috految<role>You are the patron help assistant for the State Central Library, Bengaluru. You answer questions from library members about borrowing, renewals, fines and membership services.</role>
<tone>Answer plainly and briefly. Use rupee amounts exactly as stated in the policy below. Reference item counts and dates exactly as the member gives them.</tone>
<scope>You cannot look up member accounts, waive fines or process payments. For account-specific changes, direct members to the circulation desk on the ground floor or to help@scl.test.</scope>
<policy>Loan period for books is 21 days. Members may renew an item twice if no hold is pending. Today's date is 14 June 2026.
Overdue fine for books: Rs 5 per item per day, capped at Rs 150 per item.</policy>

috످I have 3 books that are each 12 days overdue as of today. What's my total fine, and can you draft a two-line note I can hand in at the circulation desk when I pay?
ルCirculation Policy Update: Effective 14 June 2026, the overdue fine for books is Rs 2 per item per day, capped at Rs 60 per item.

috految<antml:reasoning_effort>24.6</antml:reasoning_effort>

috److془The earlier rule: Rs 5 per day, cap 150. The update came in user's message, not from the library. Following could cause underpay. Rs 5 holds.

3*12*5=180.془Your total fine is **Rs 180** (3 books × 12 days × Rs 5 per day).

Your message mentions a new rate of Rs 2 per day, but the library policy I have says Rs 5. Before you pay, you can ask the ground floor circulation desk or email help@scl.test to check if it has changed.

Here's your note:

> I am paying a fine of Rs 180 for 3 books, each 12 days overdue as of 14 June 2026.
> Name: __________ Membership no.: __________

috످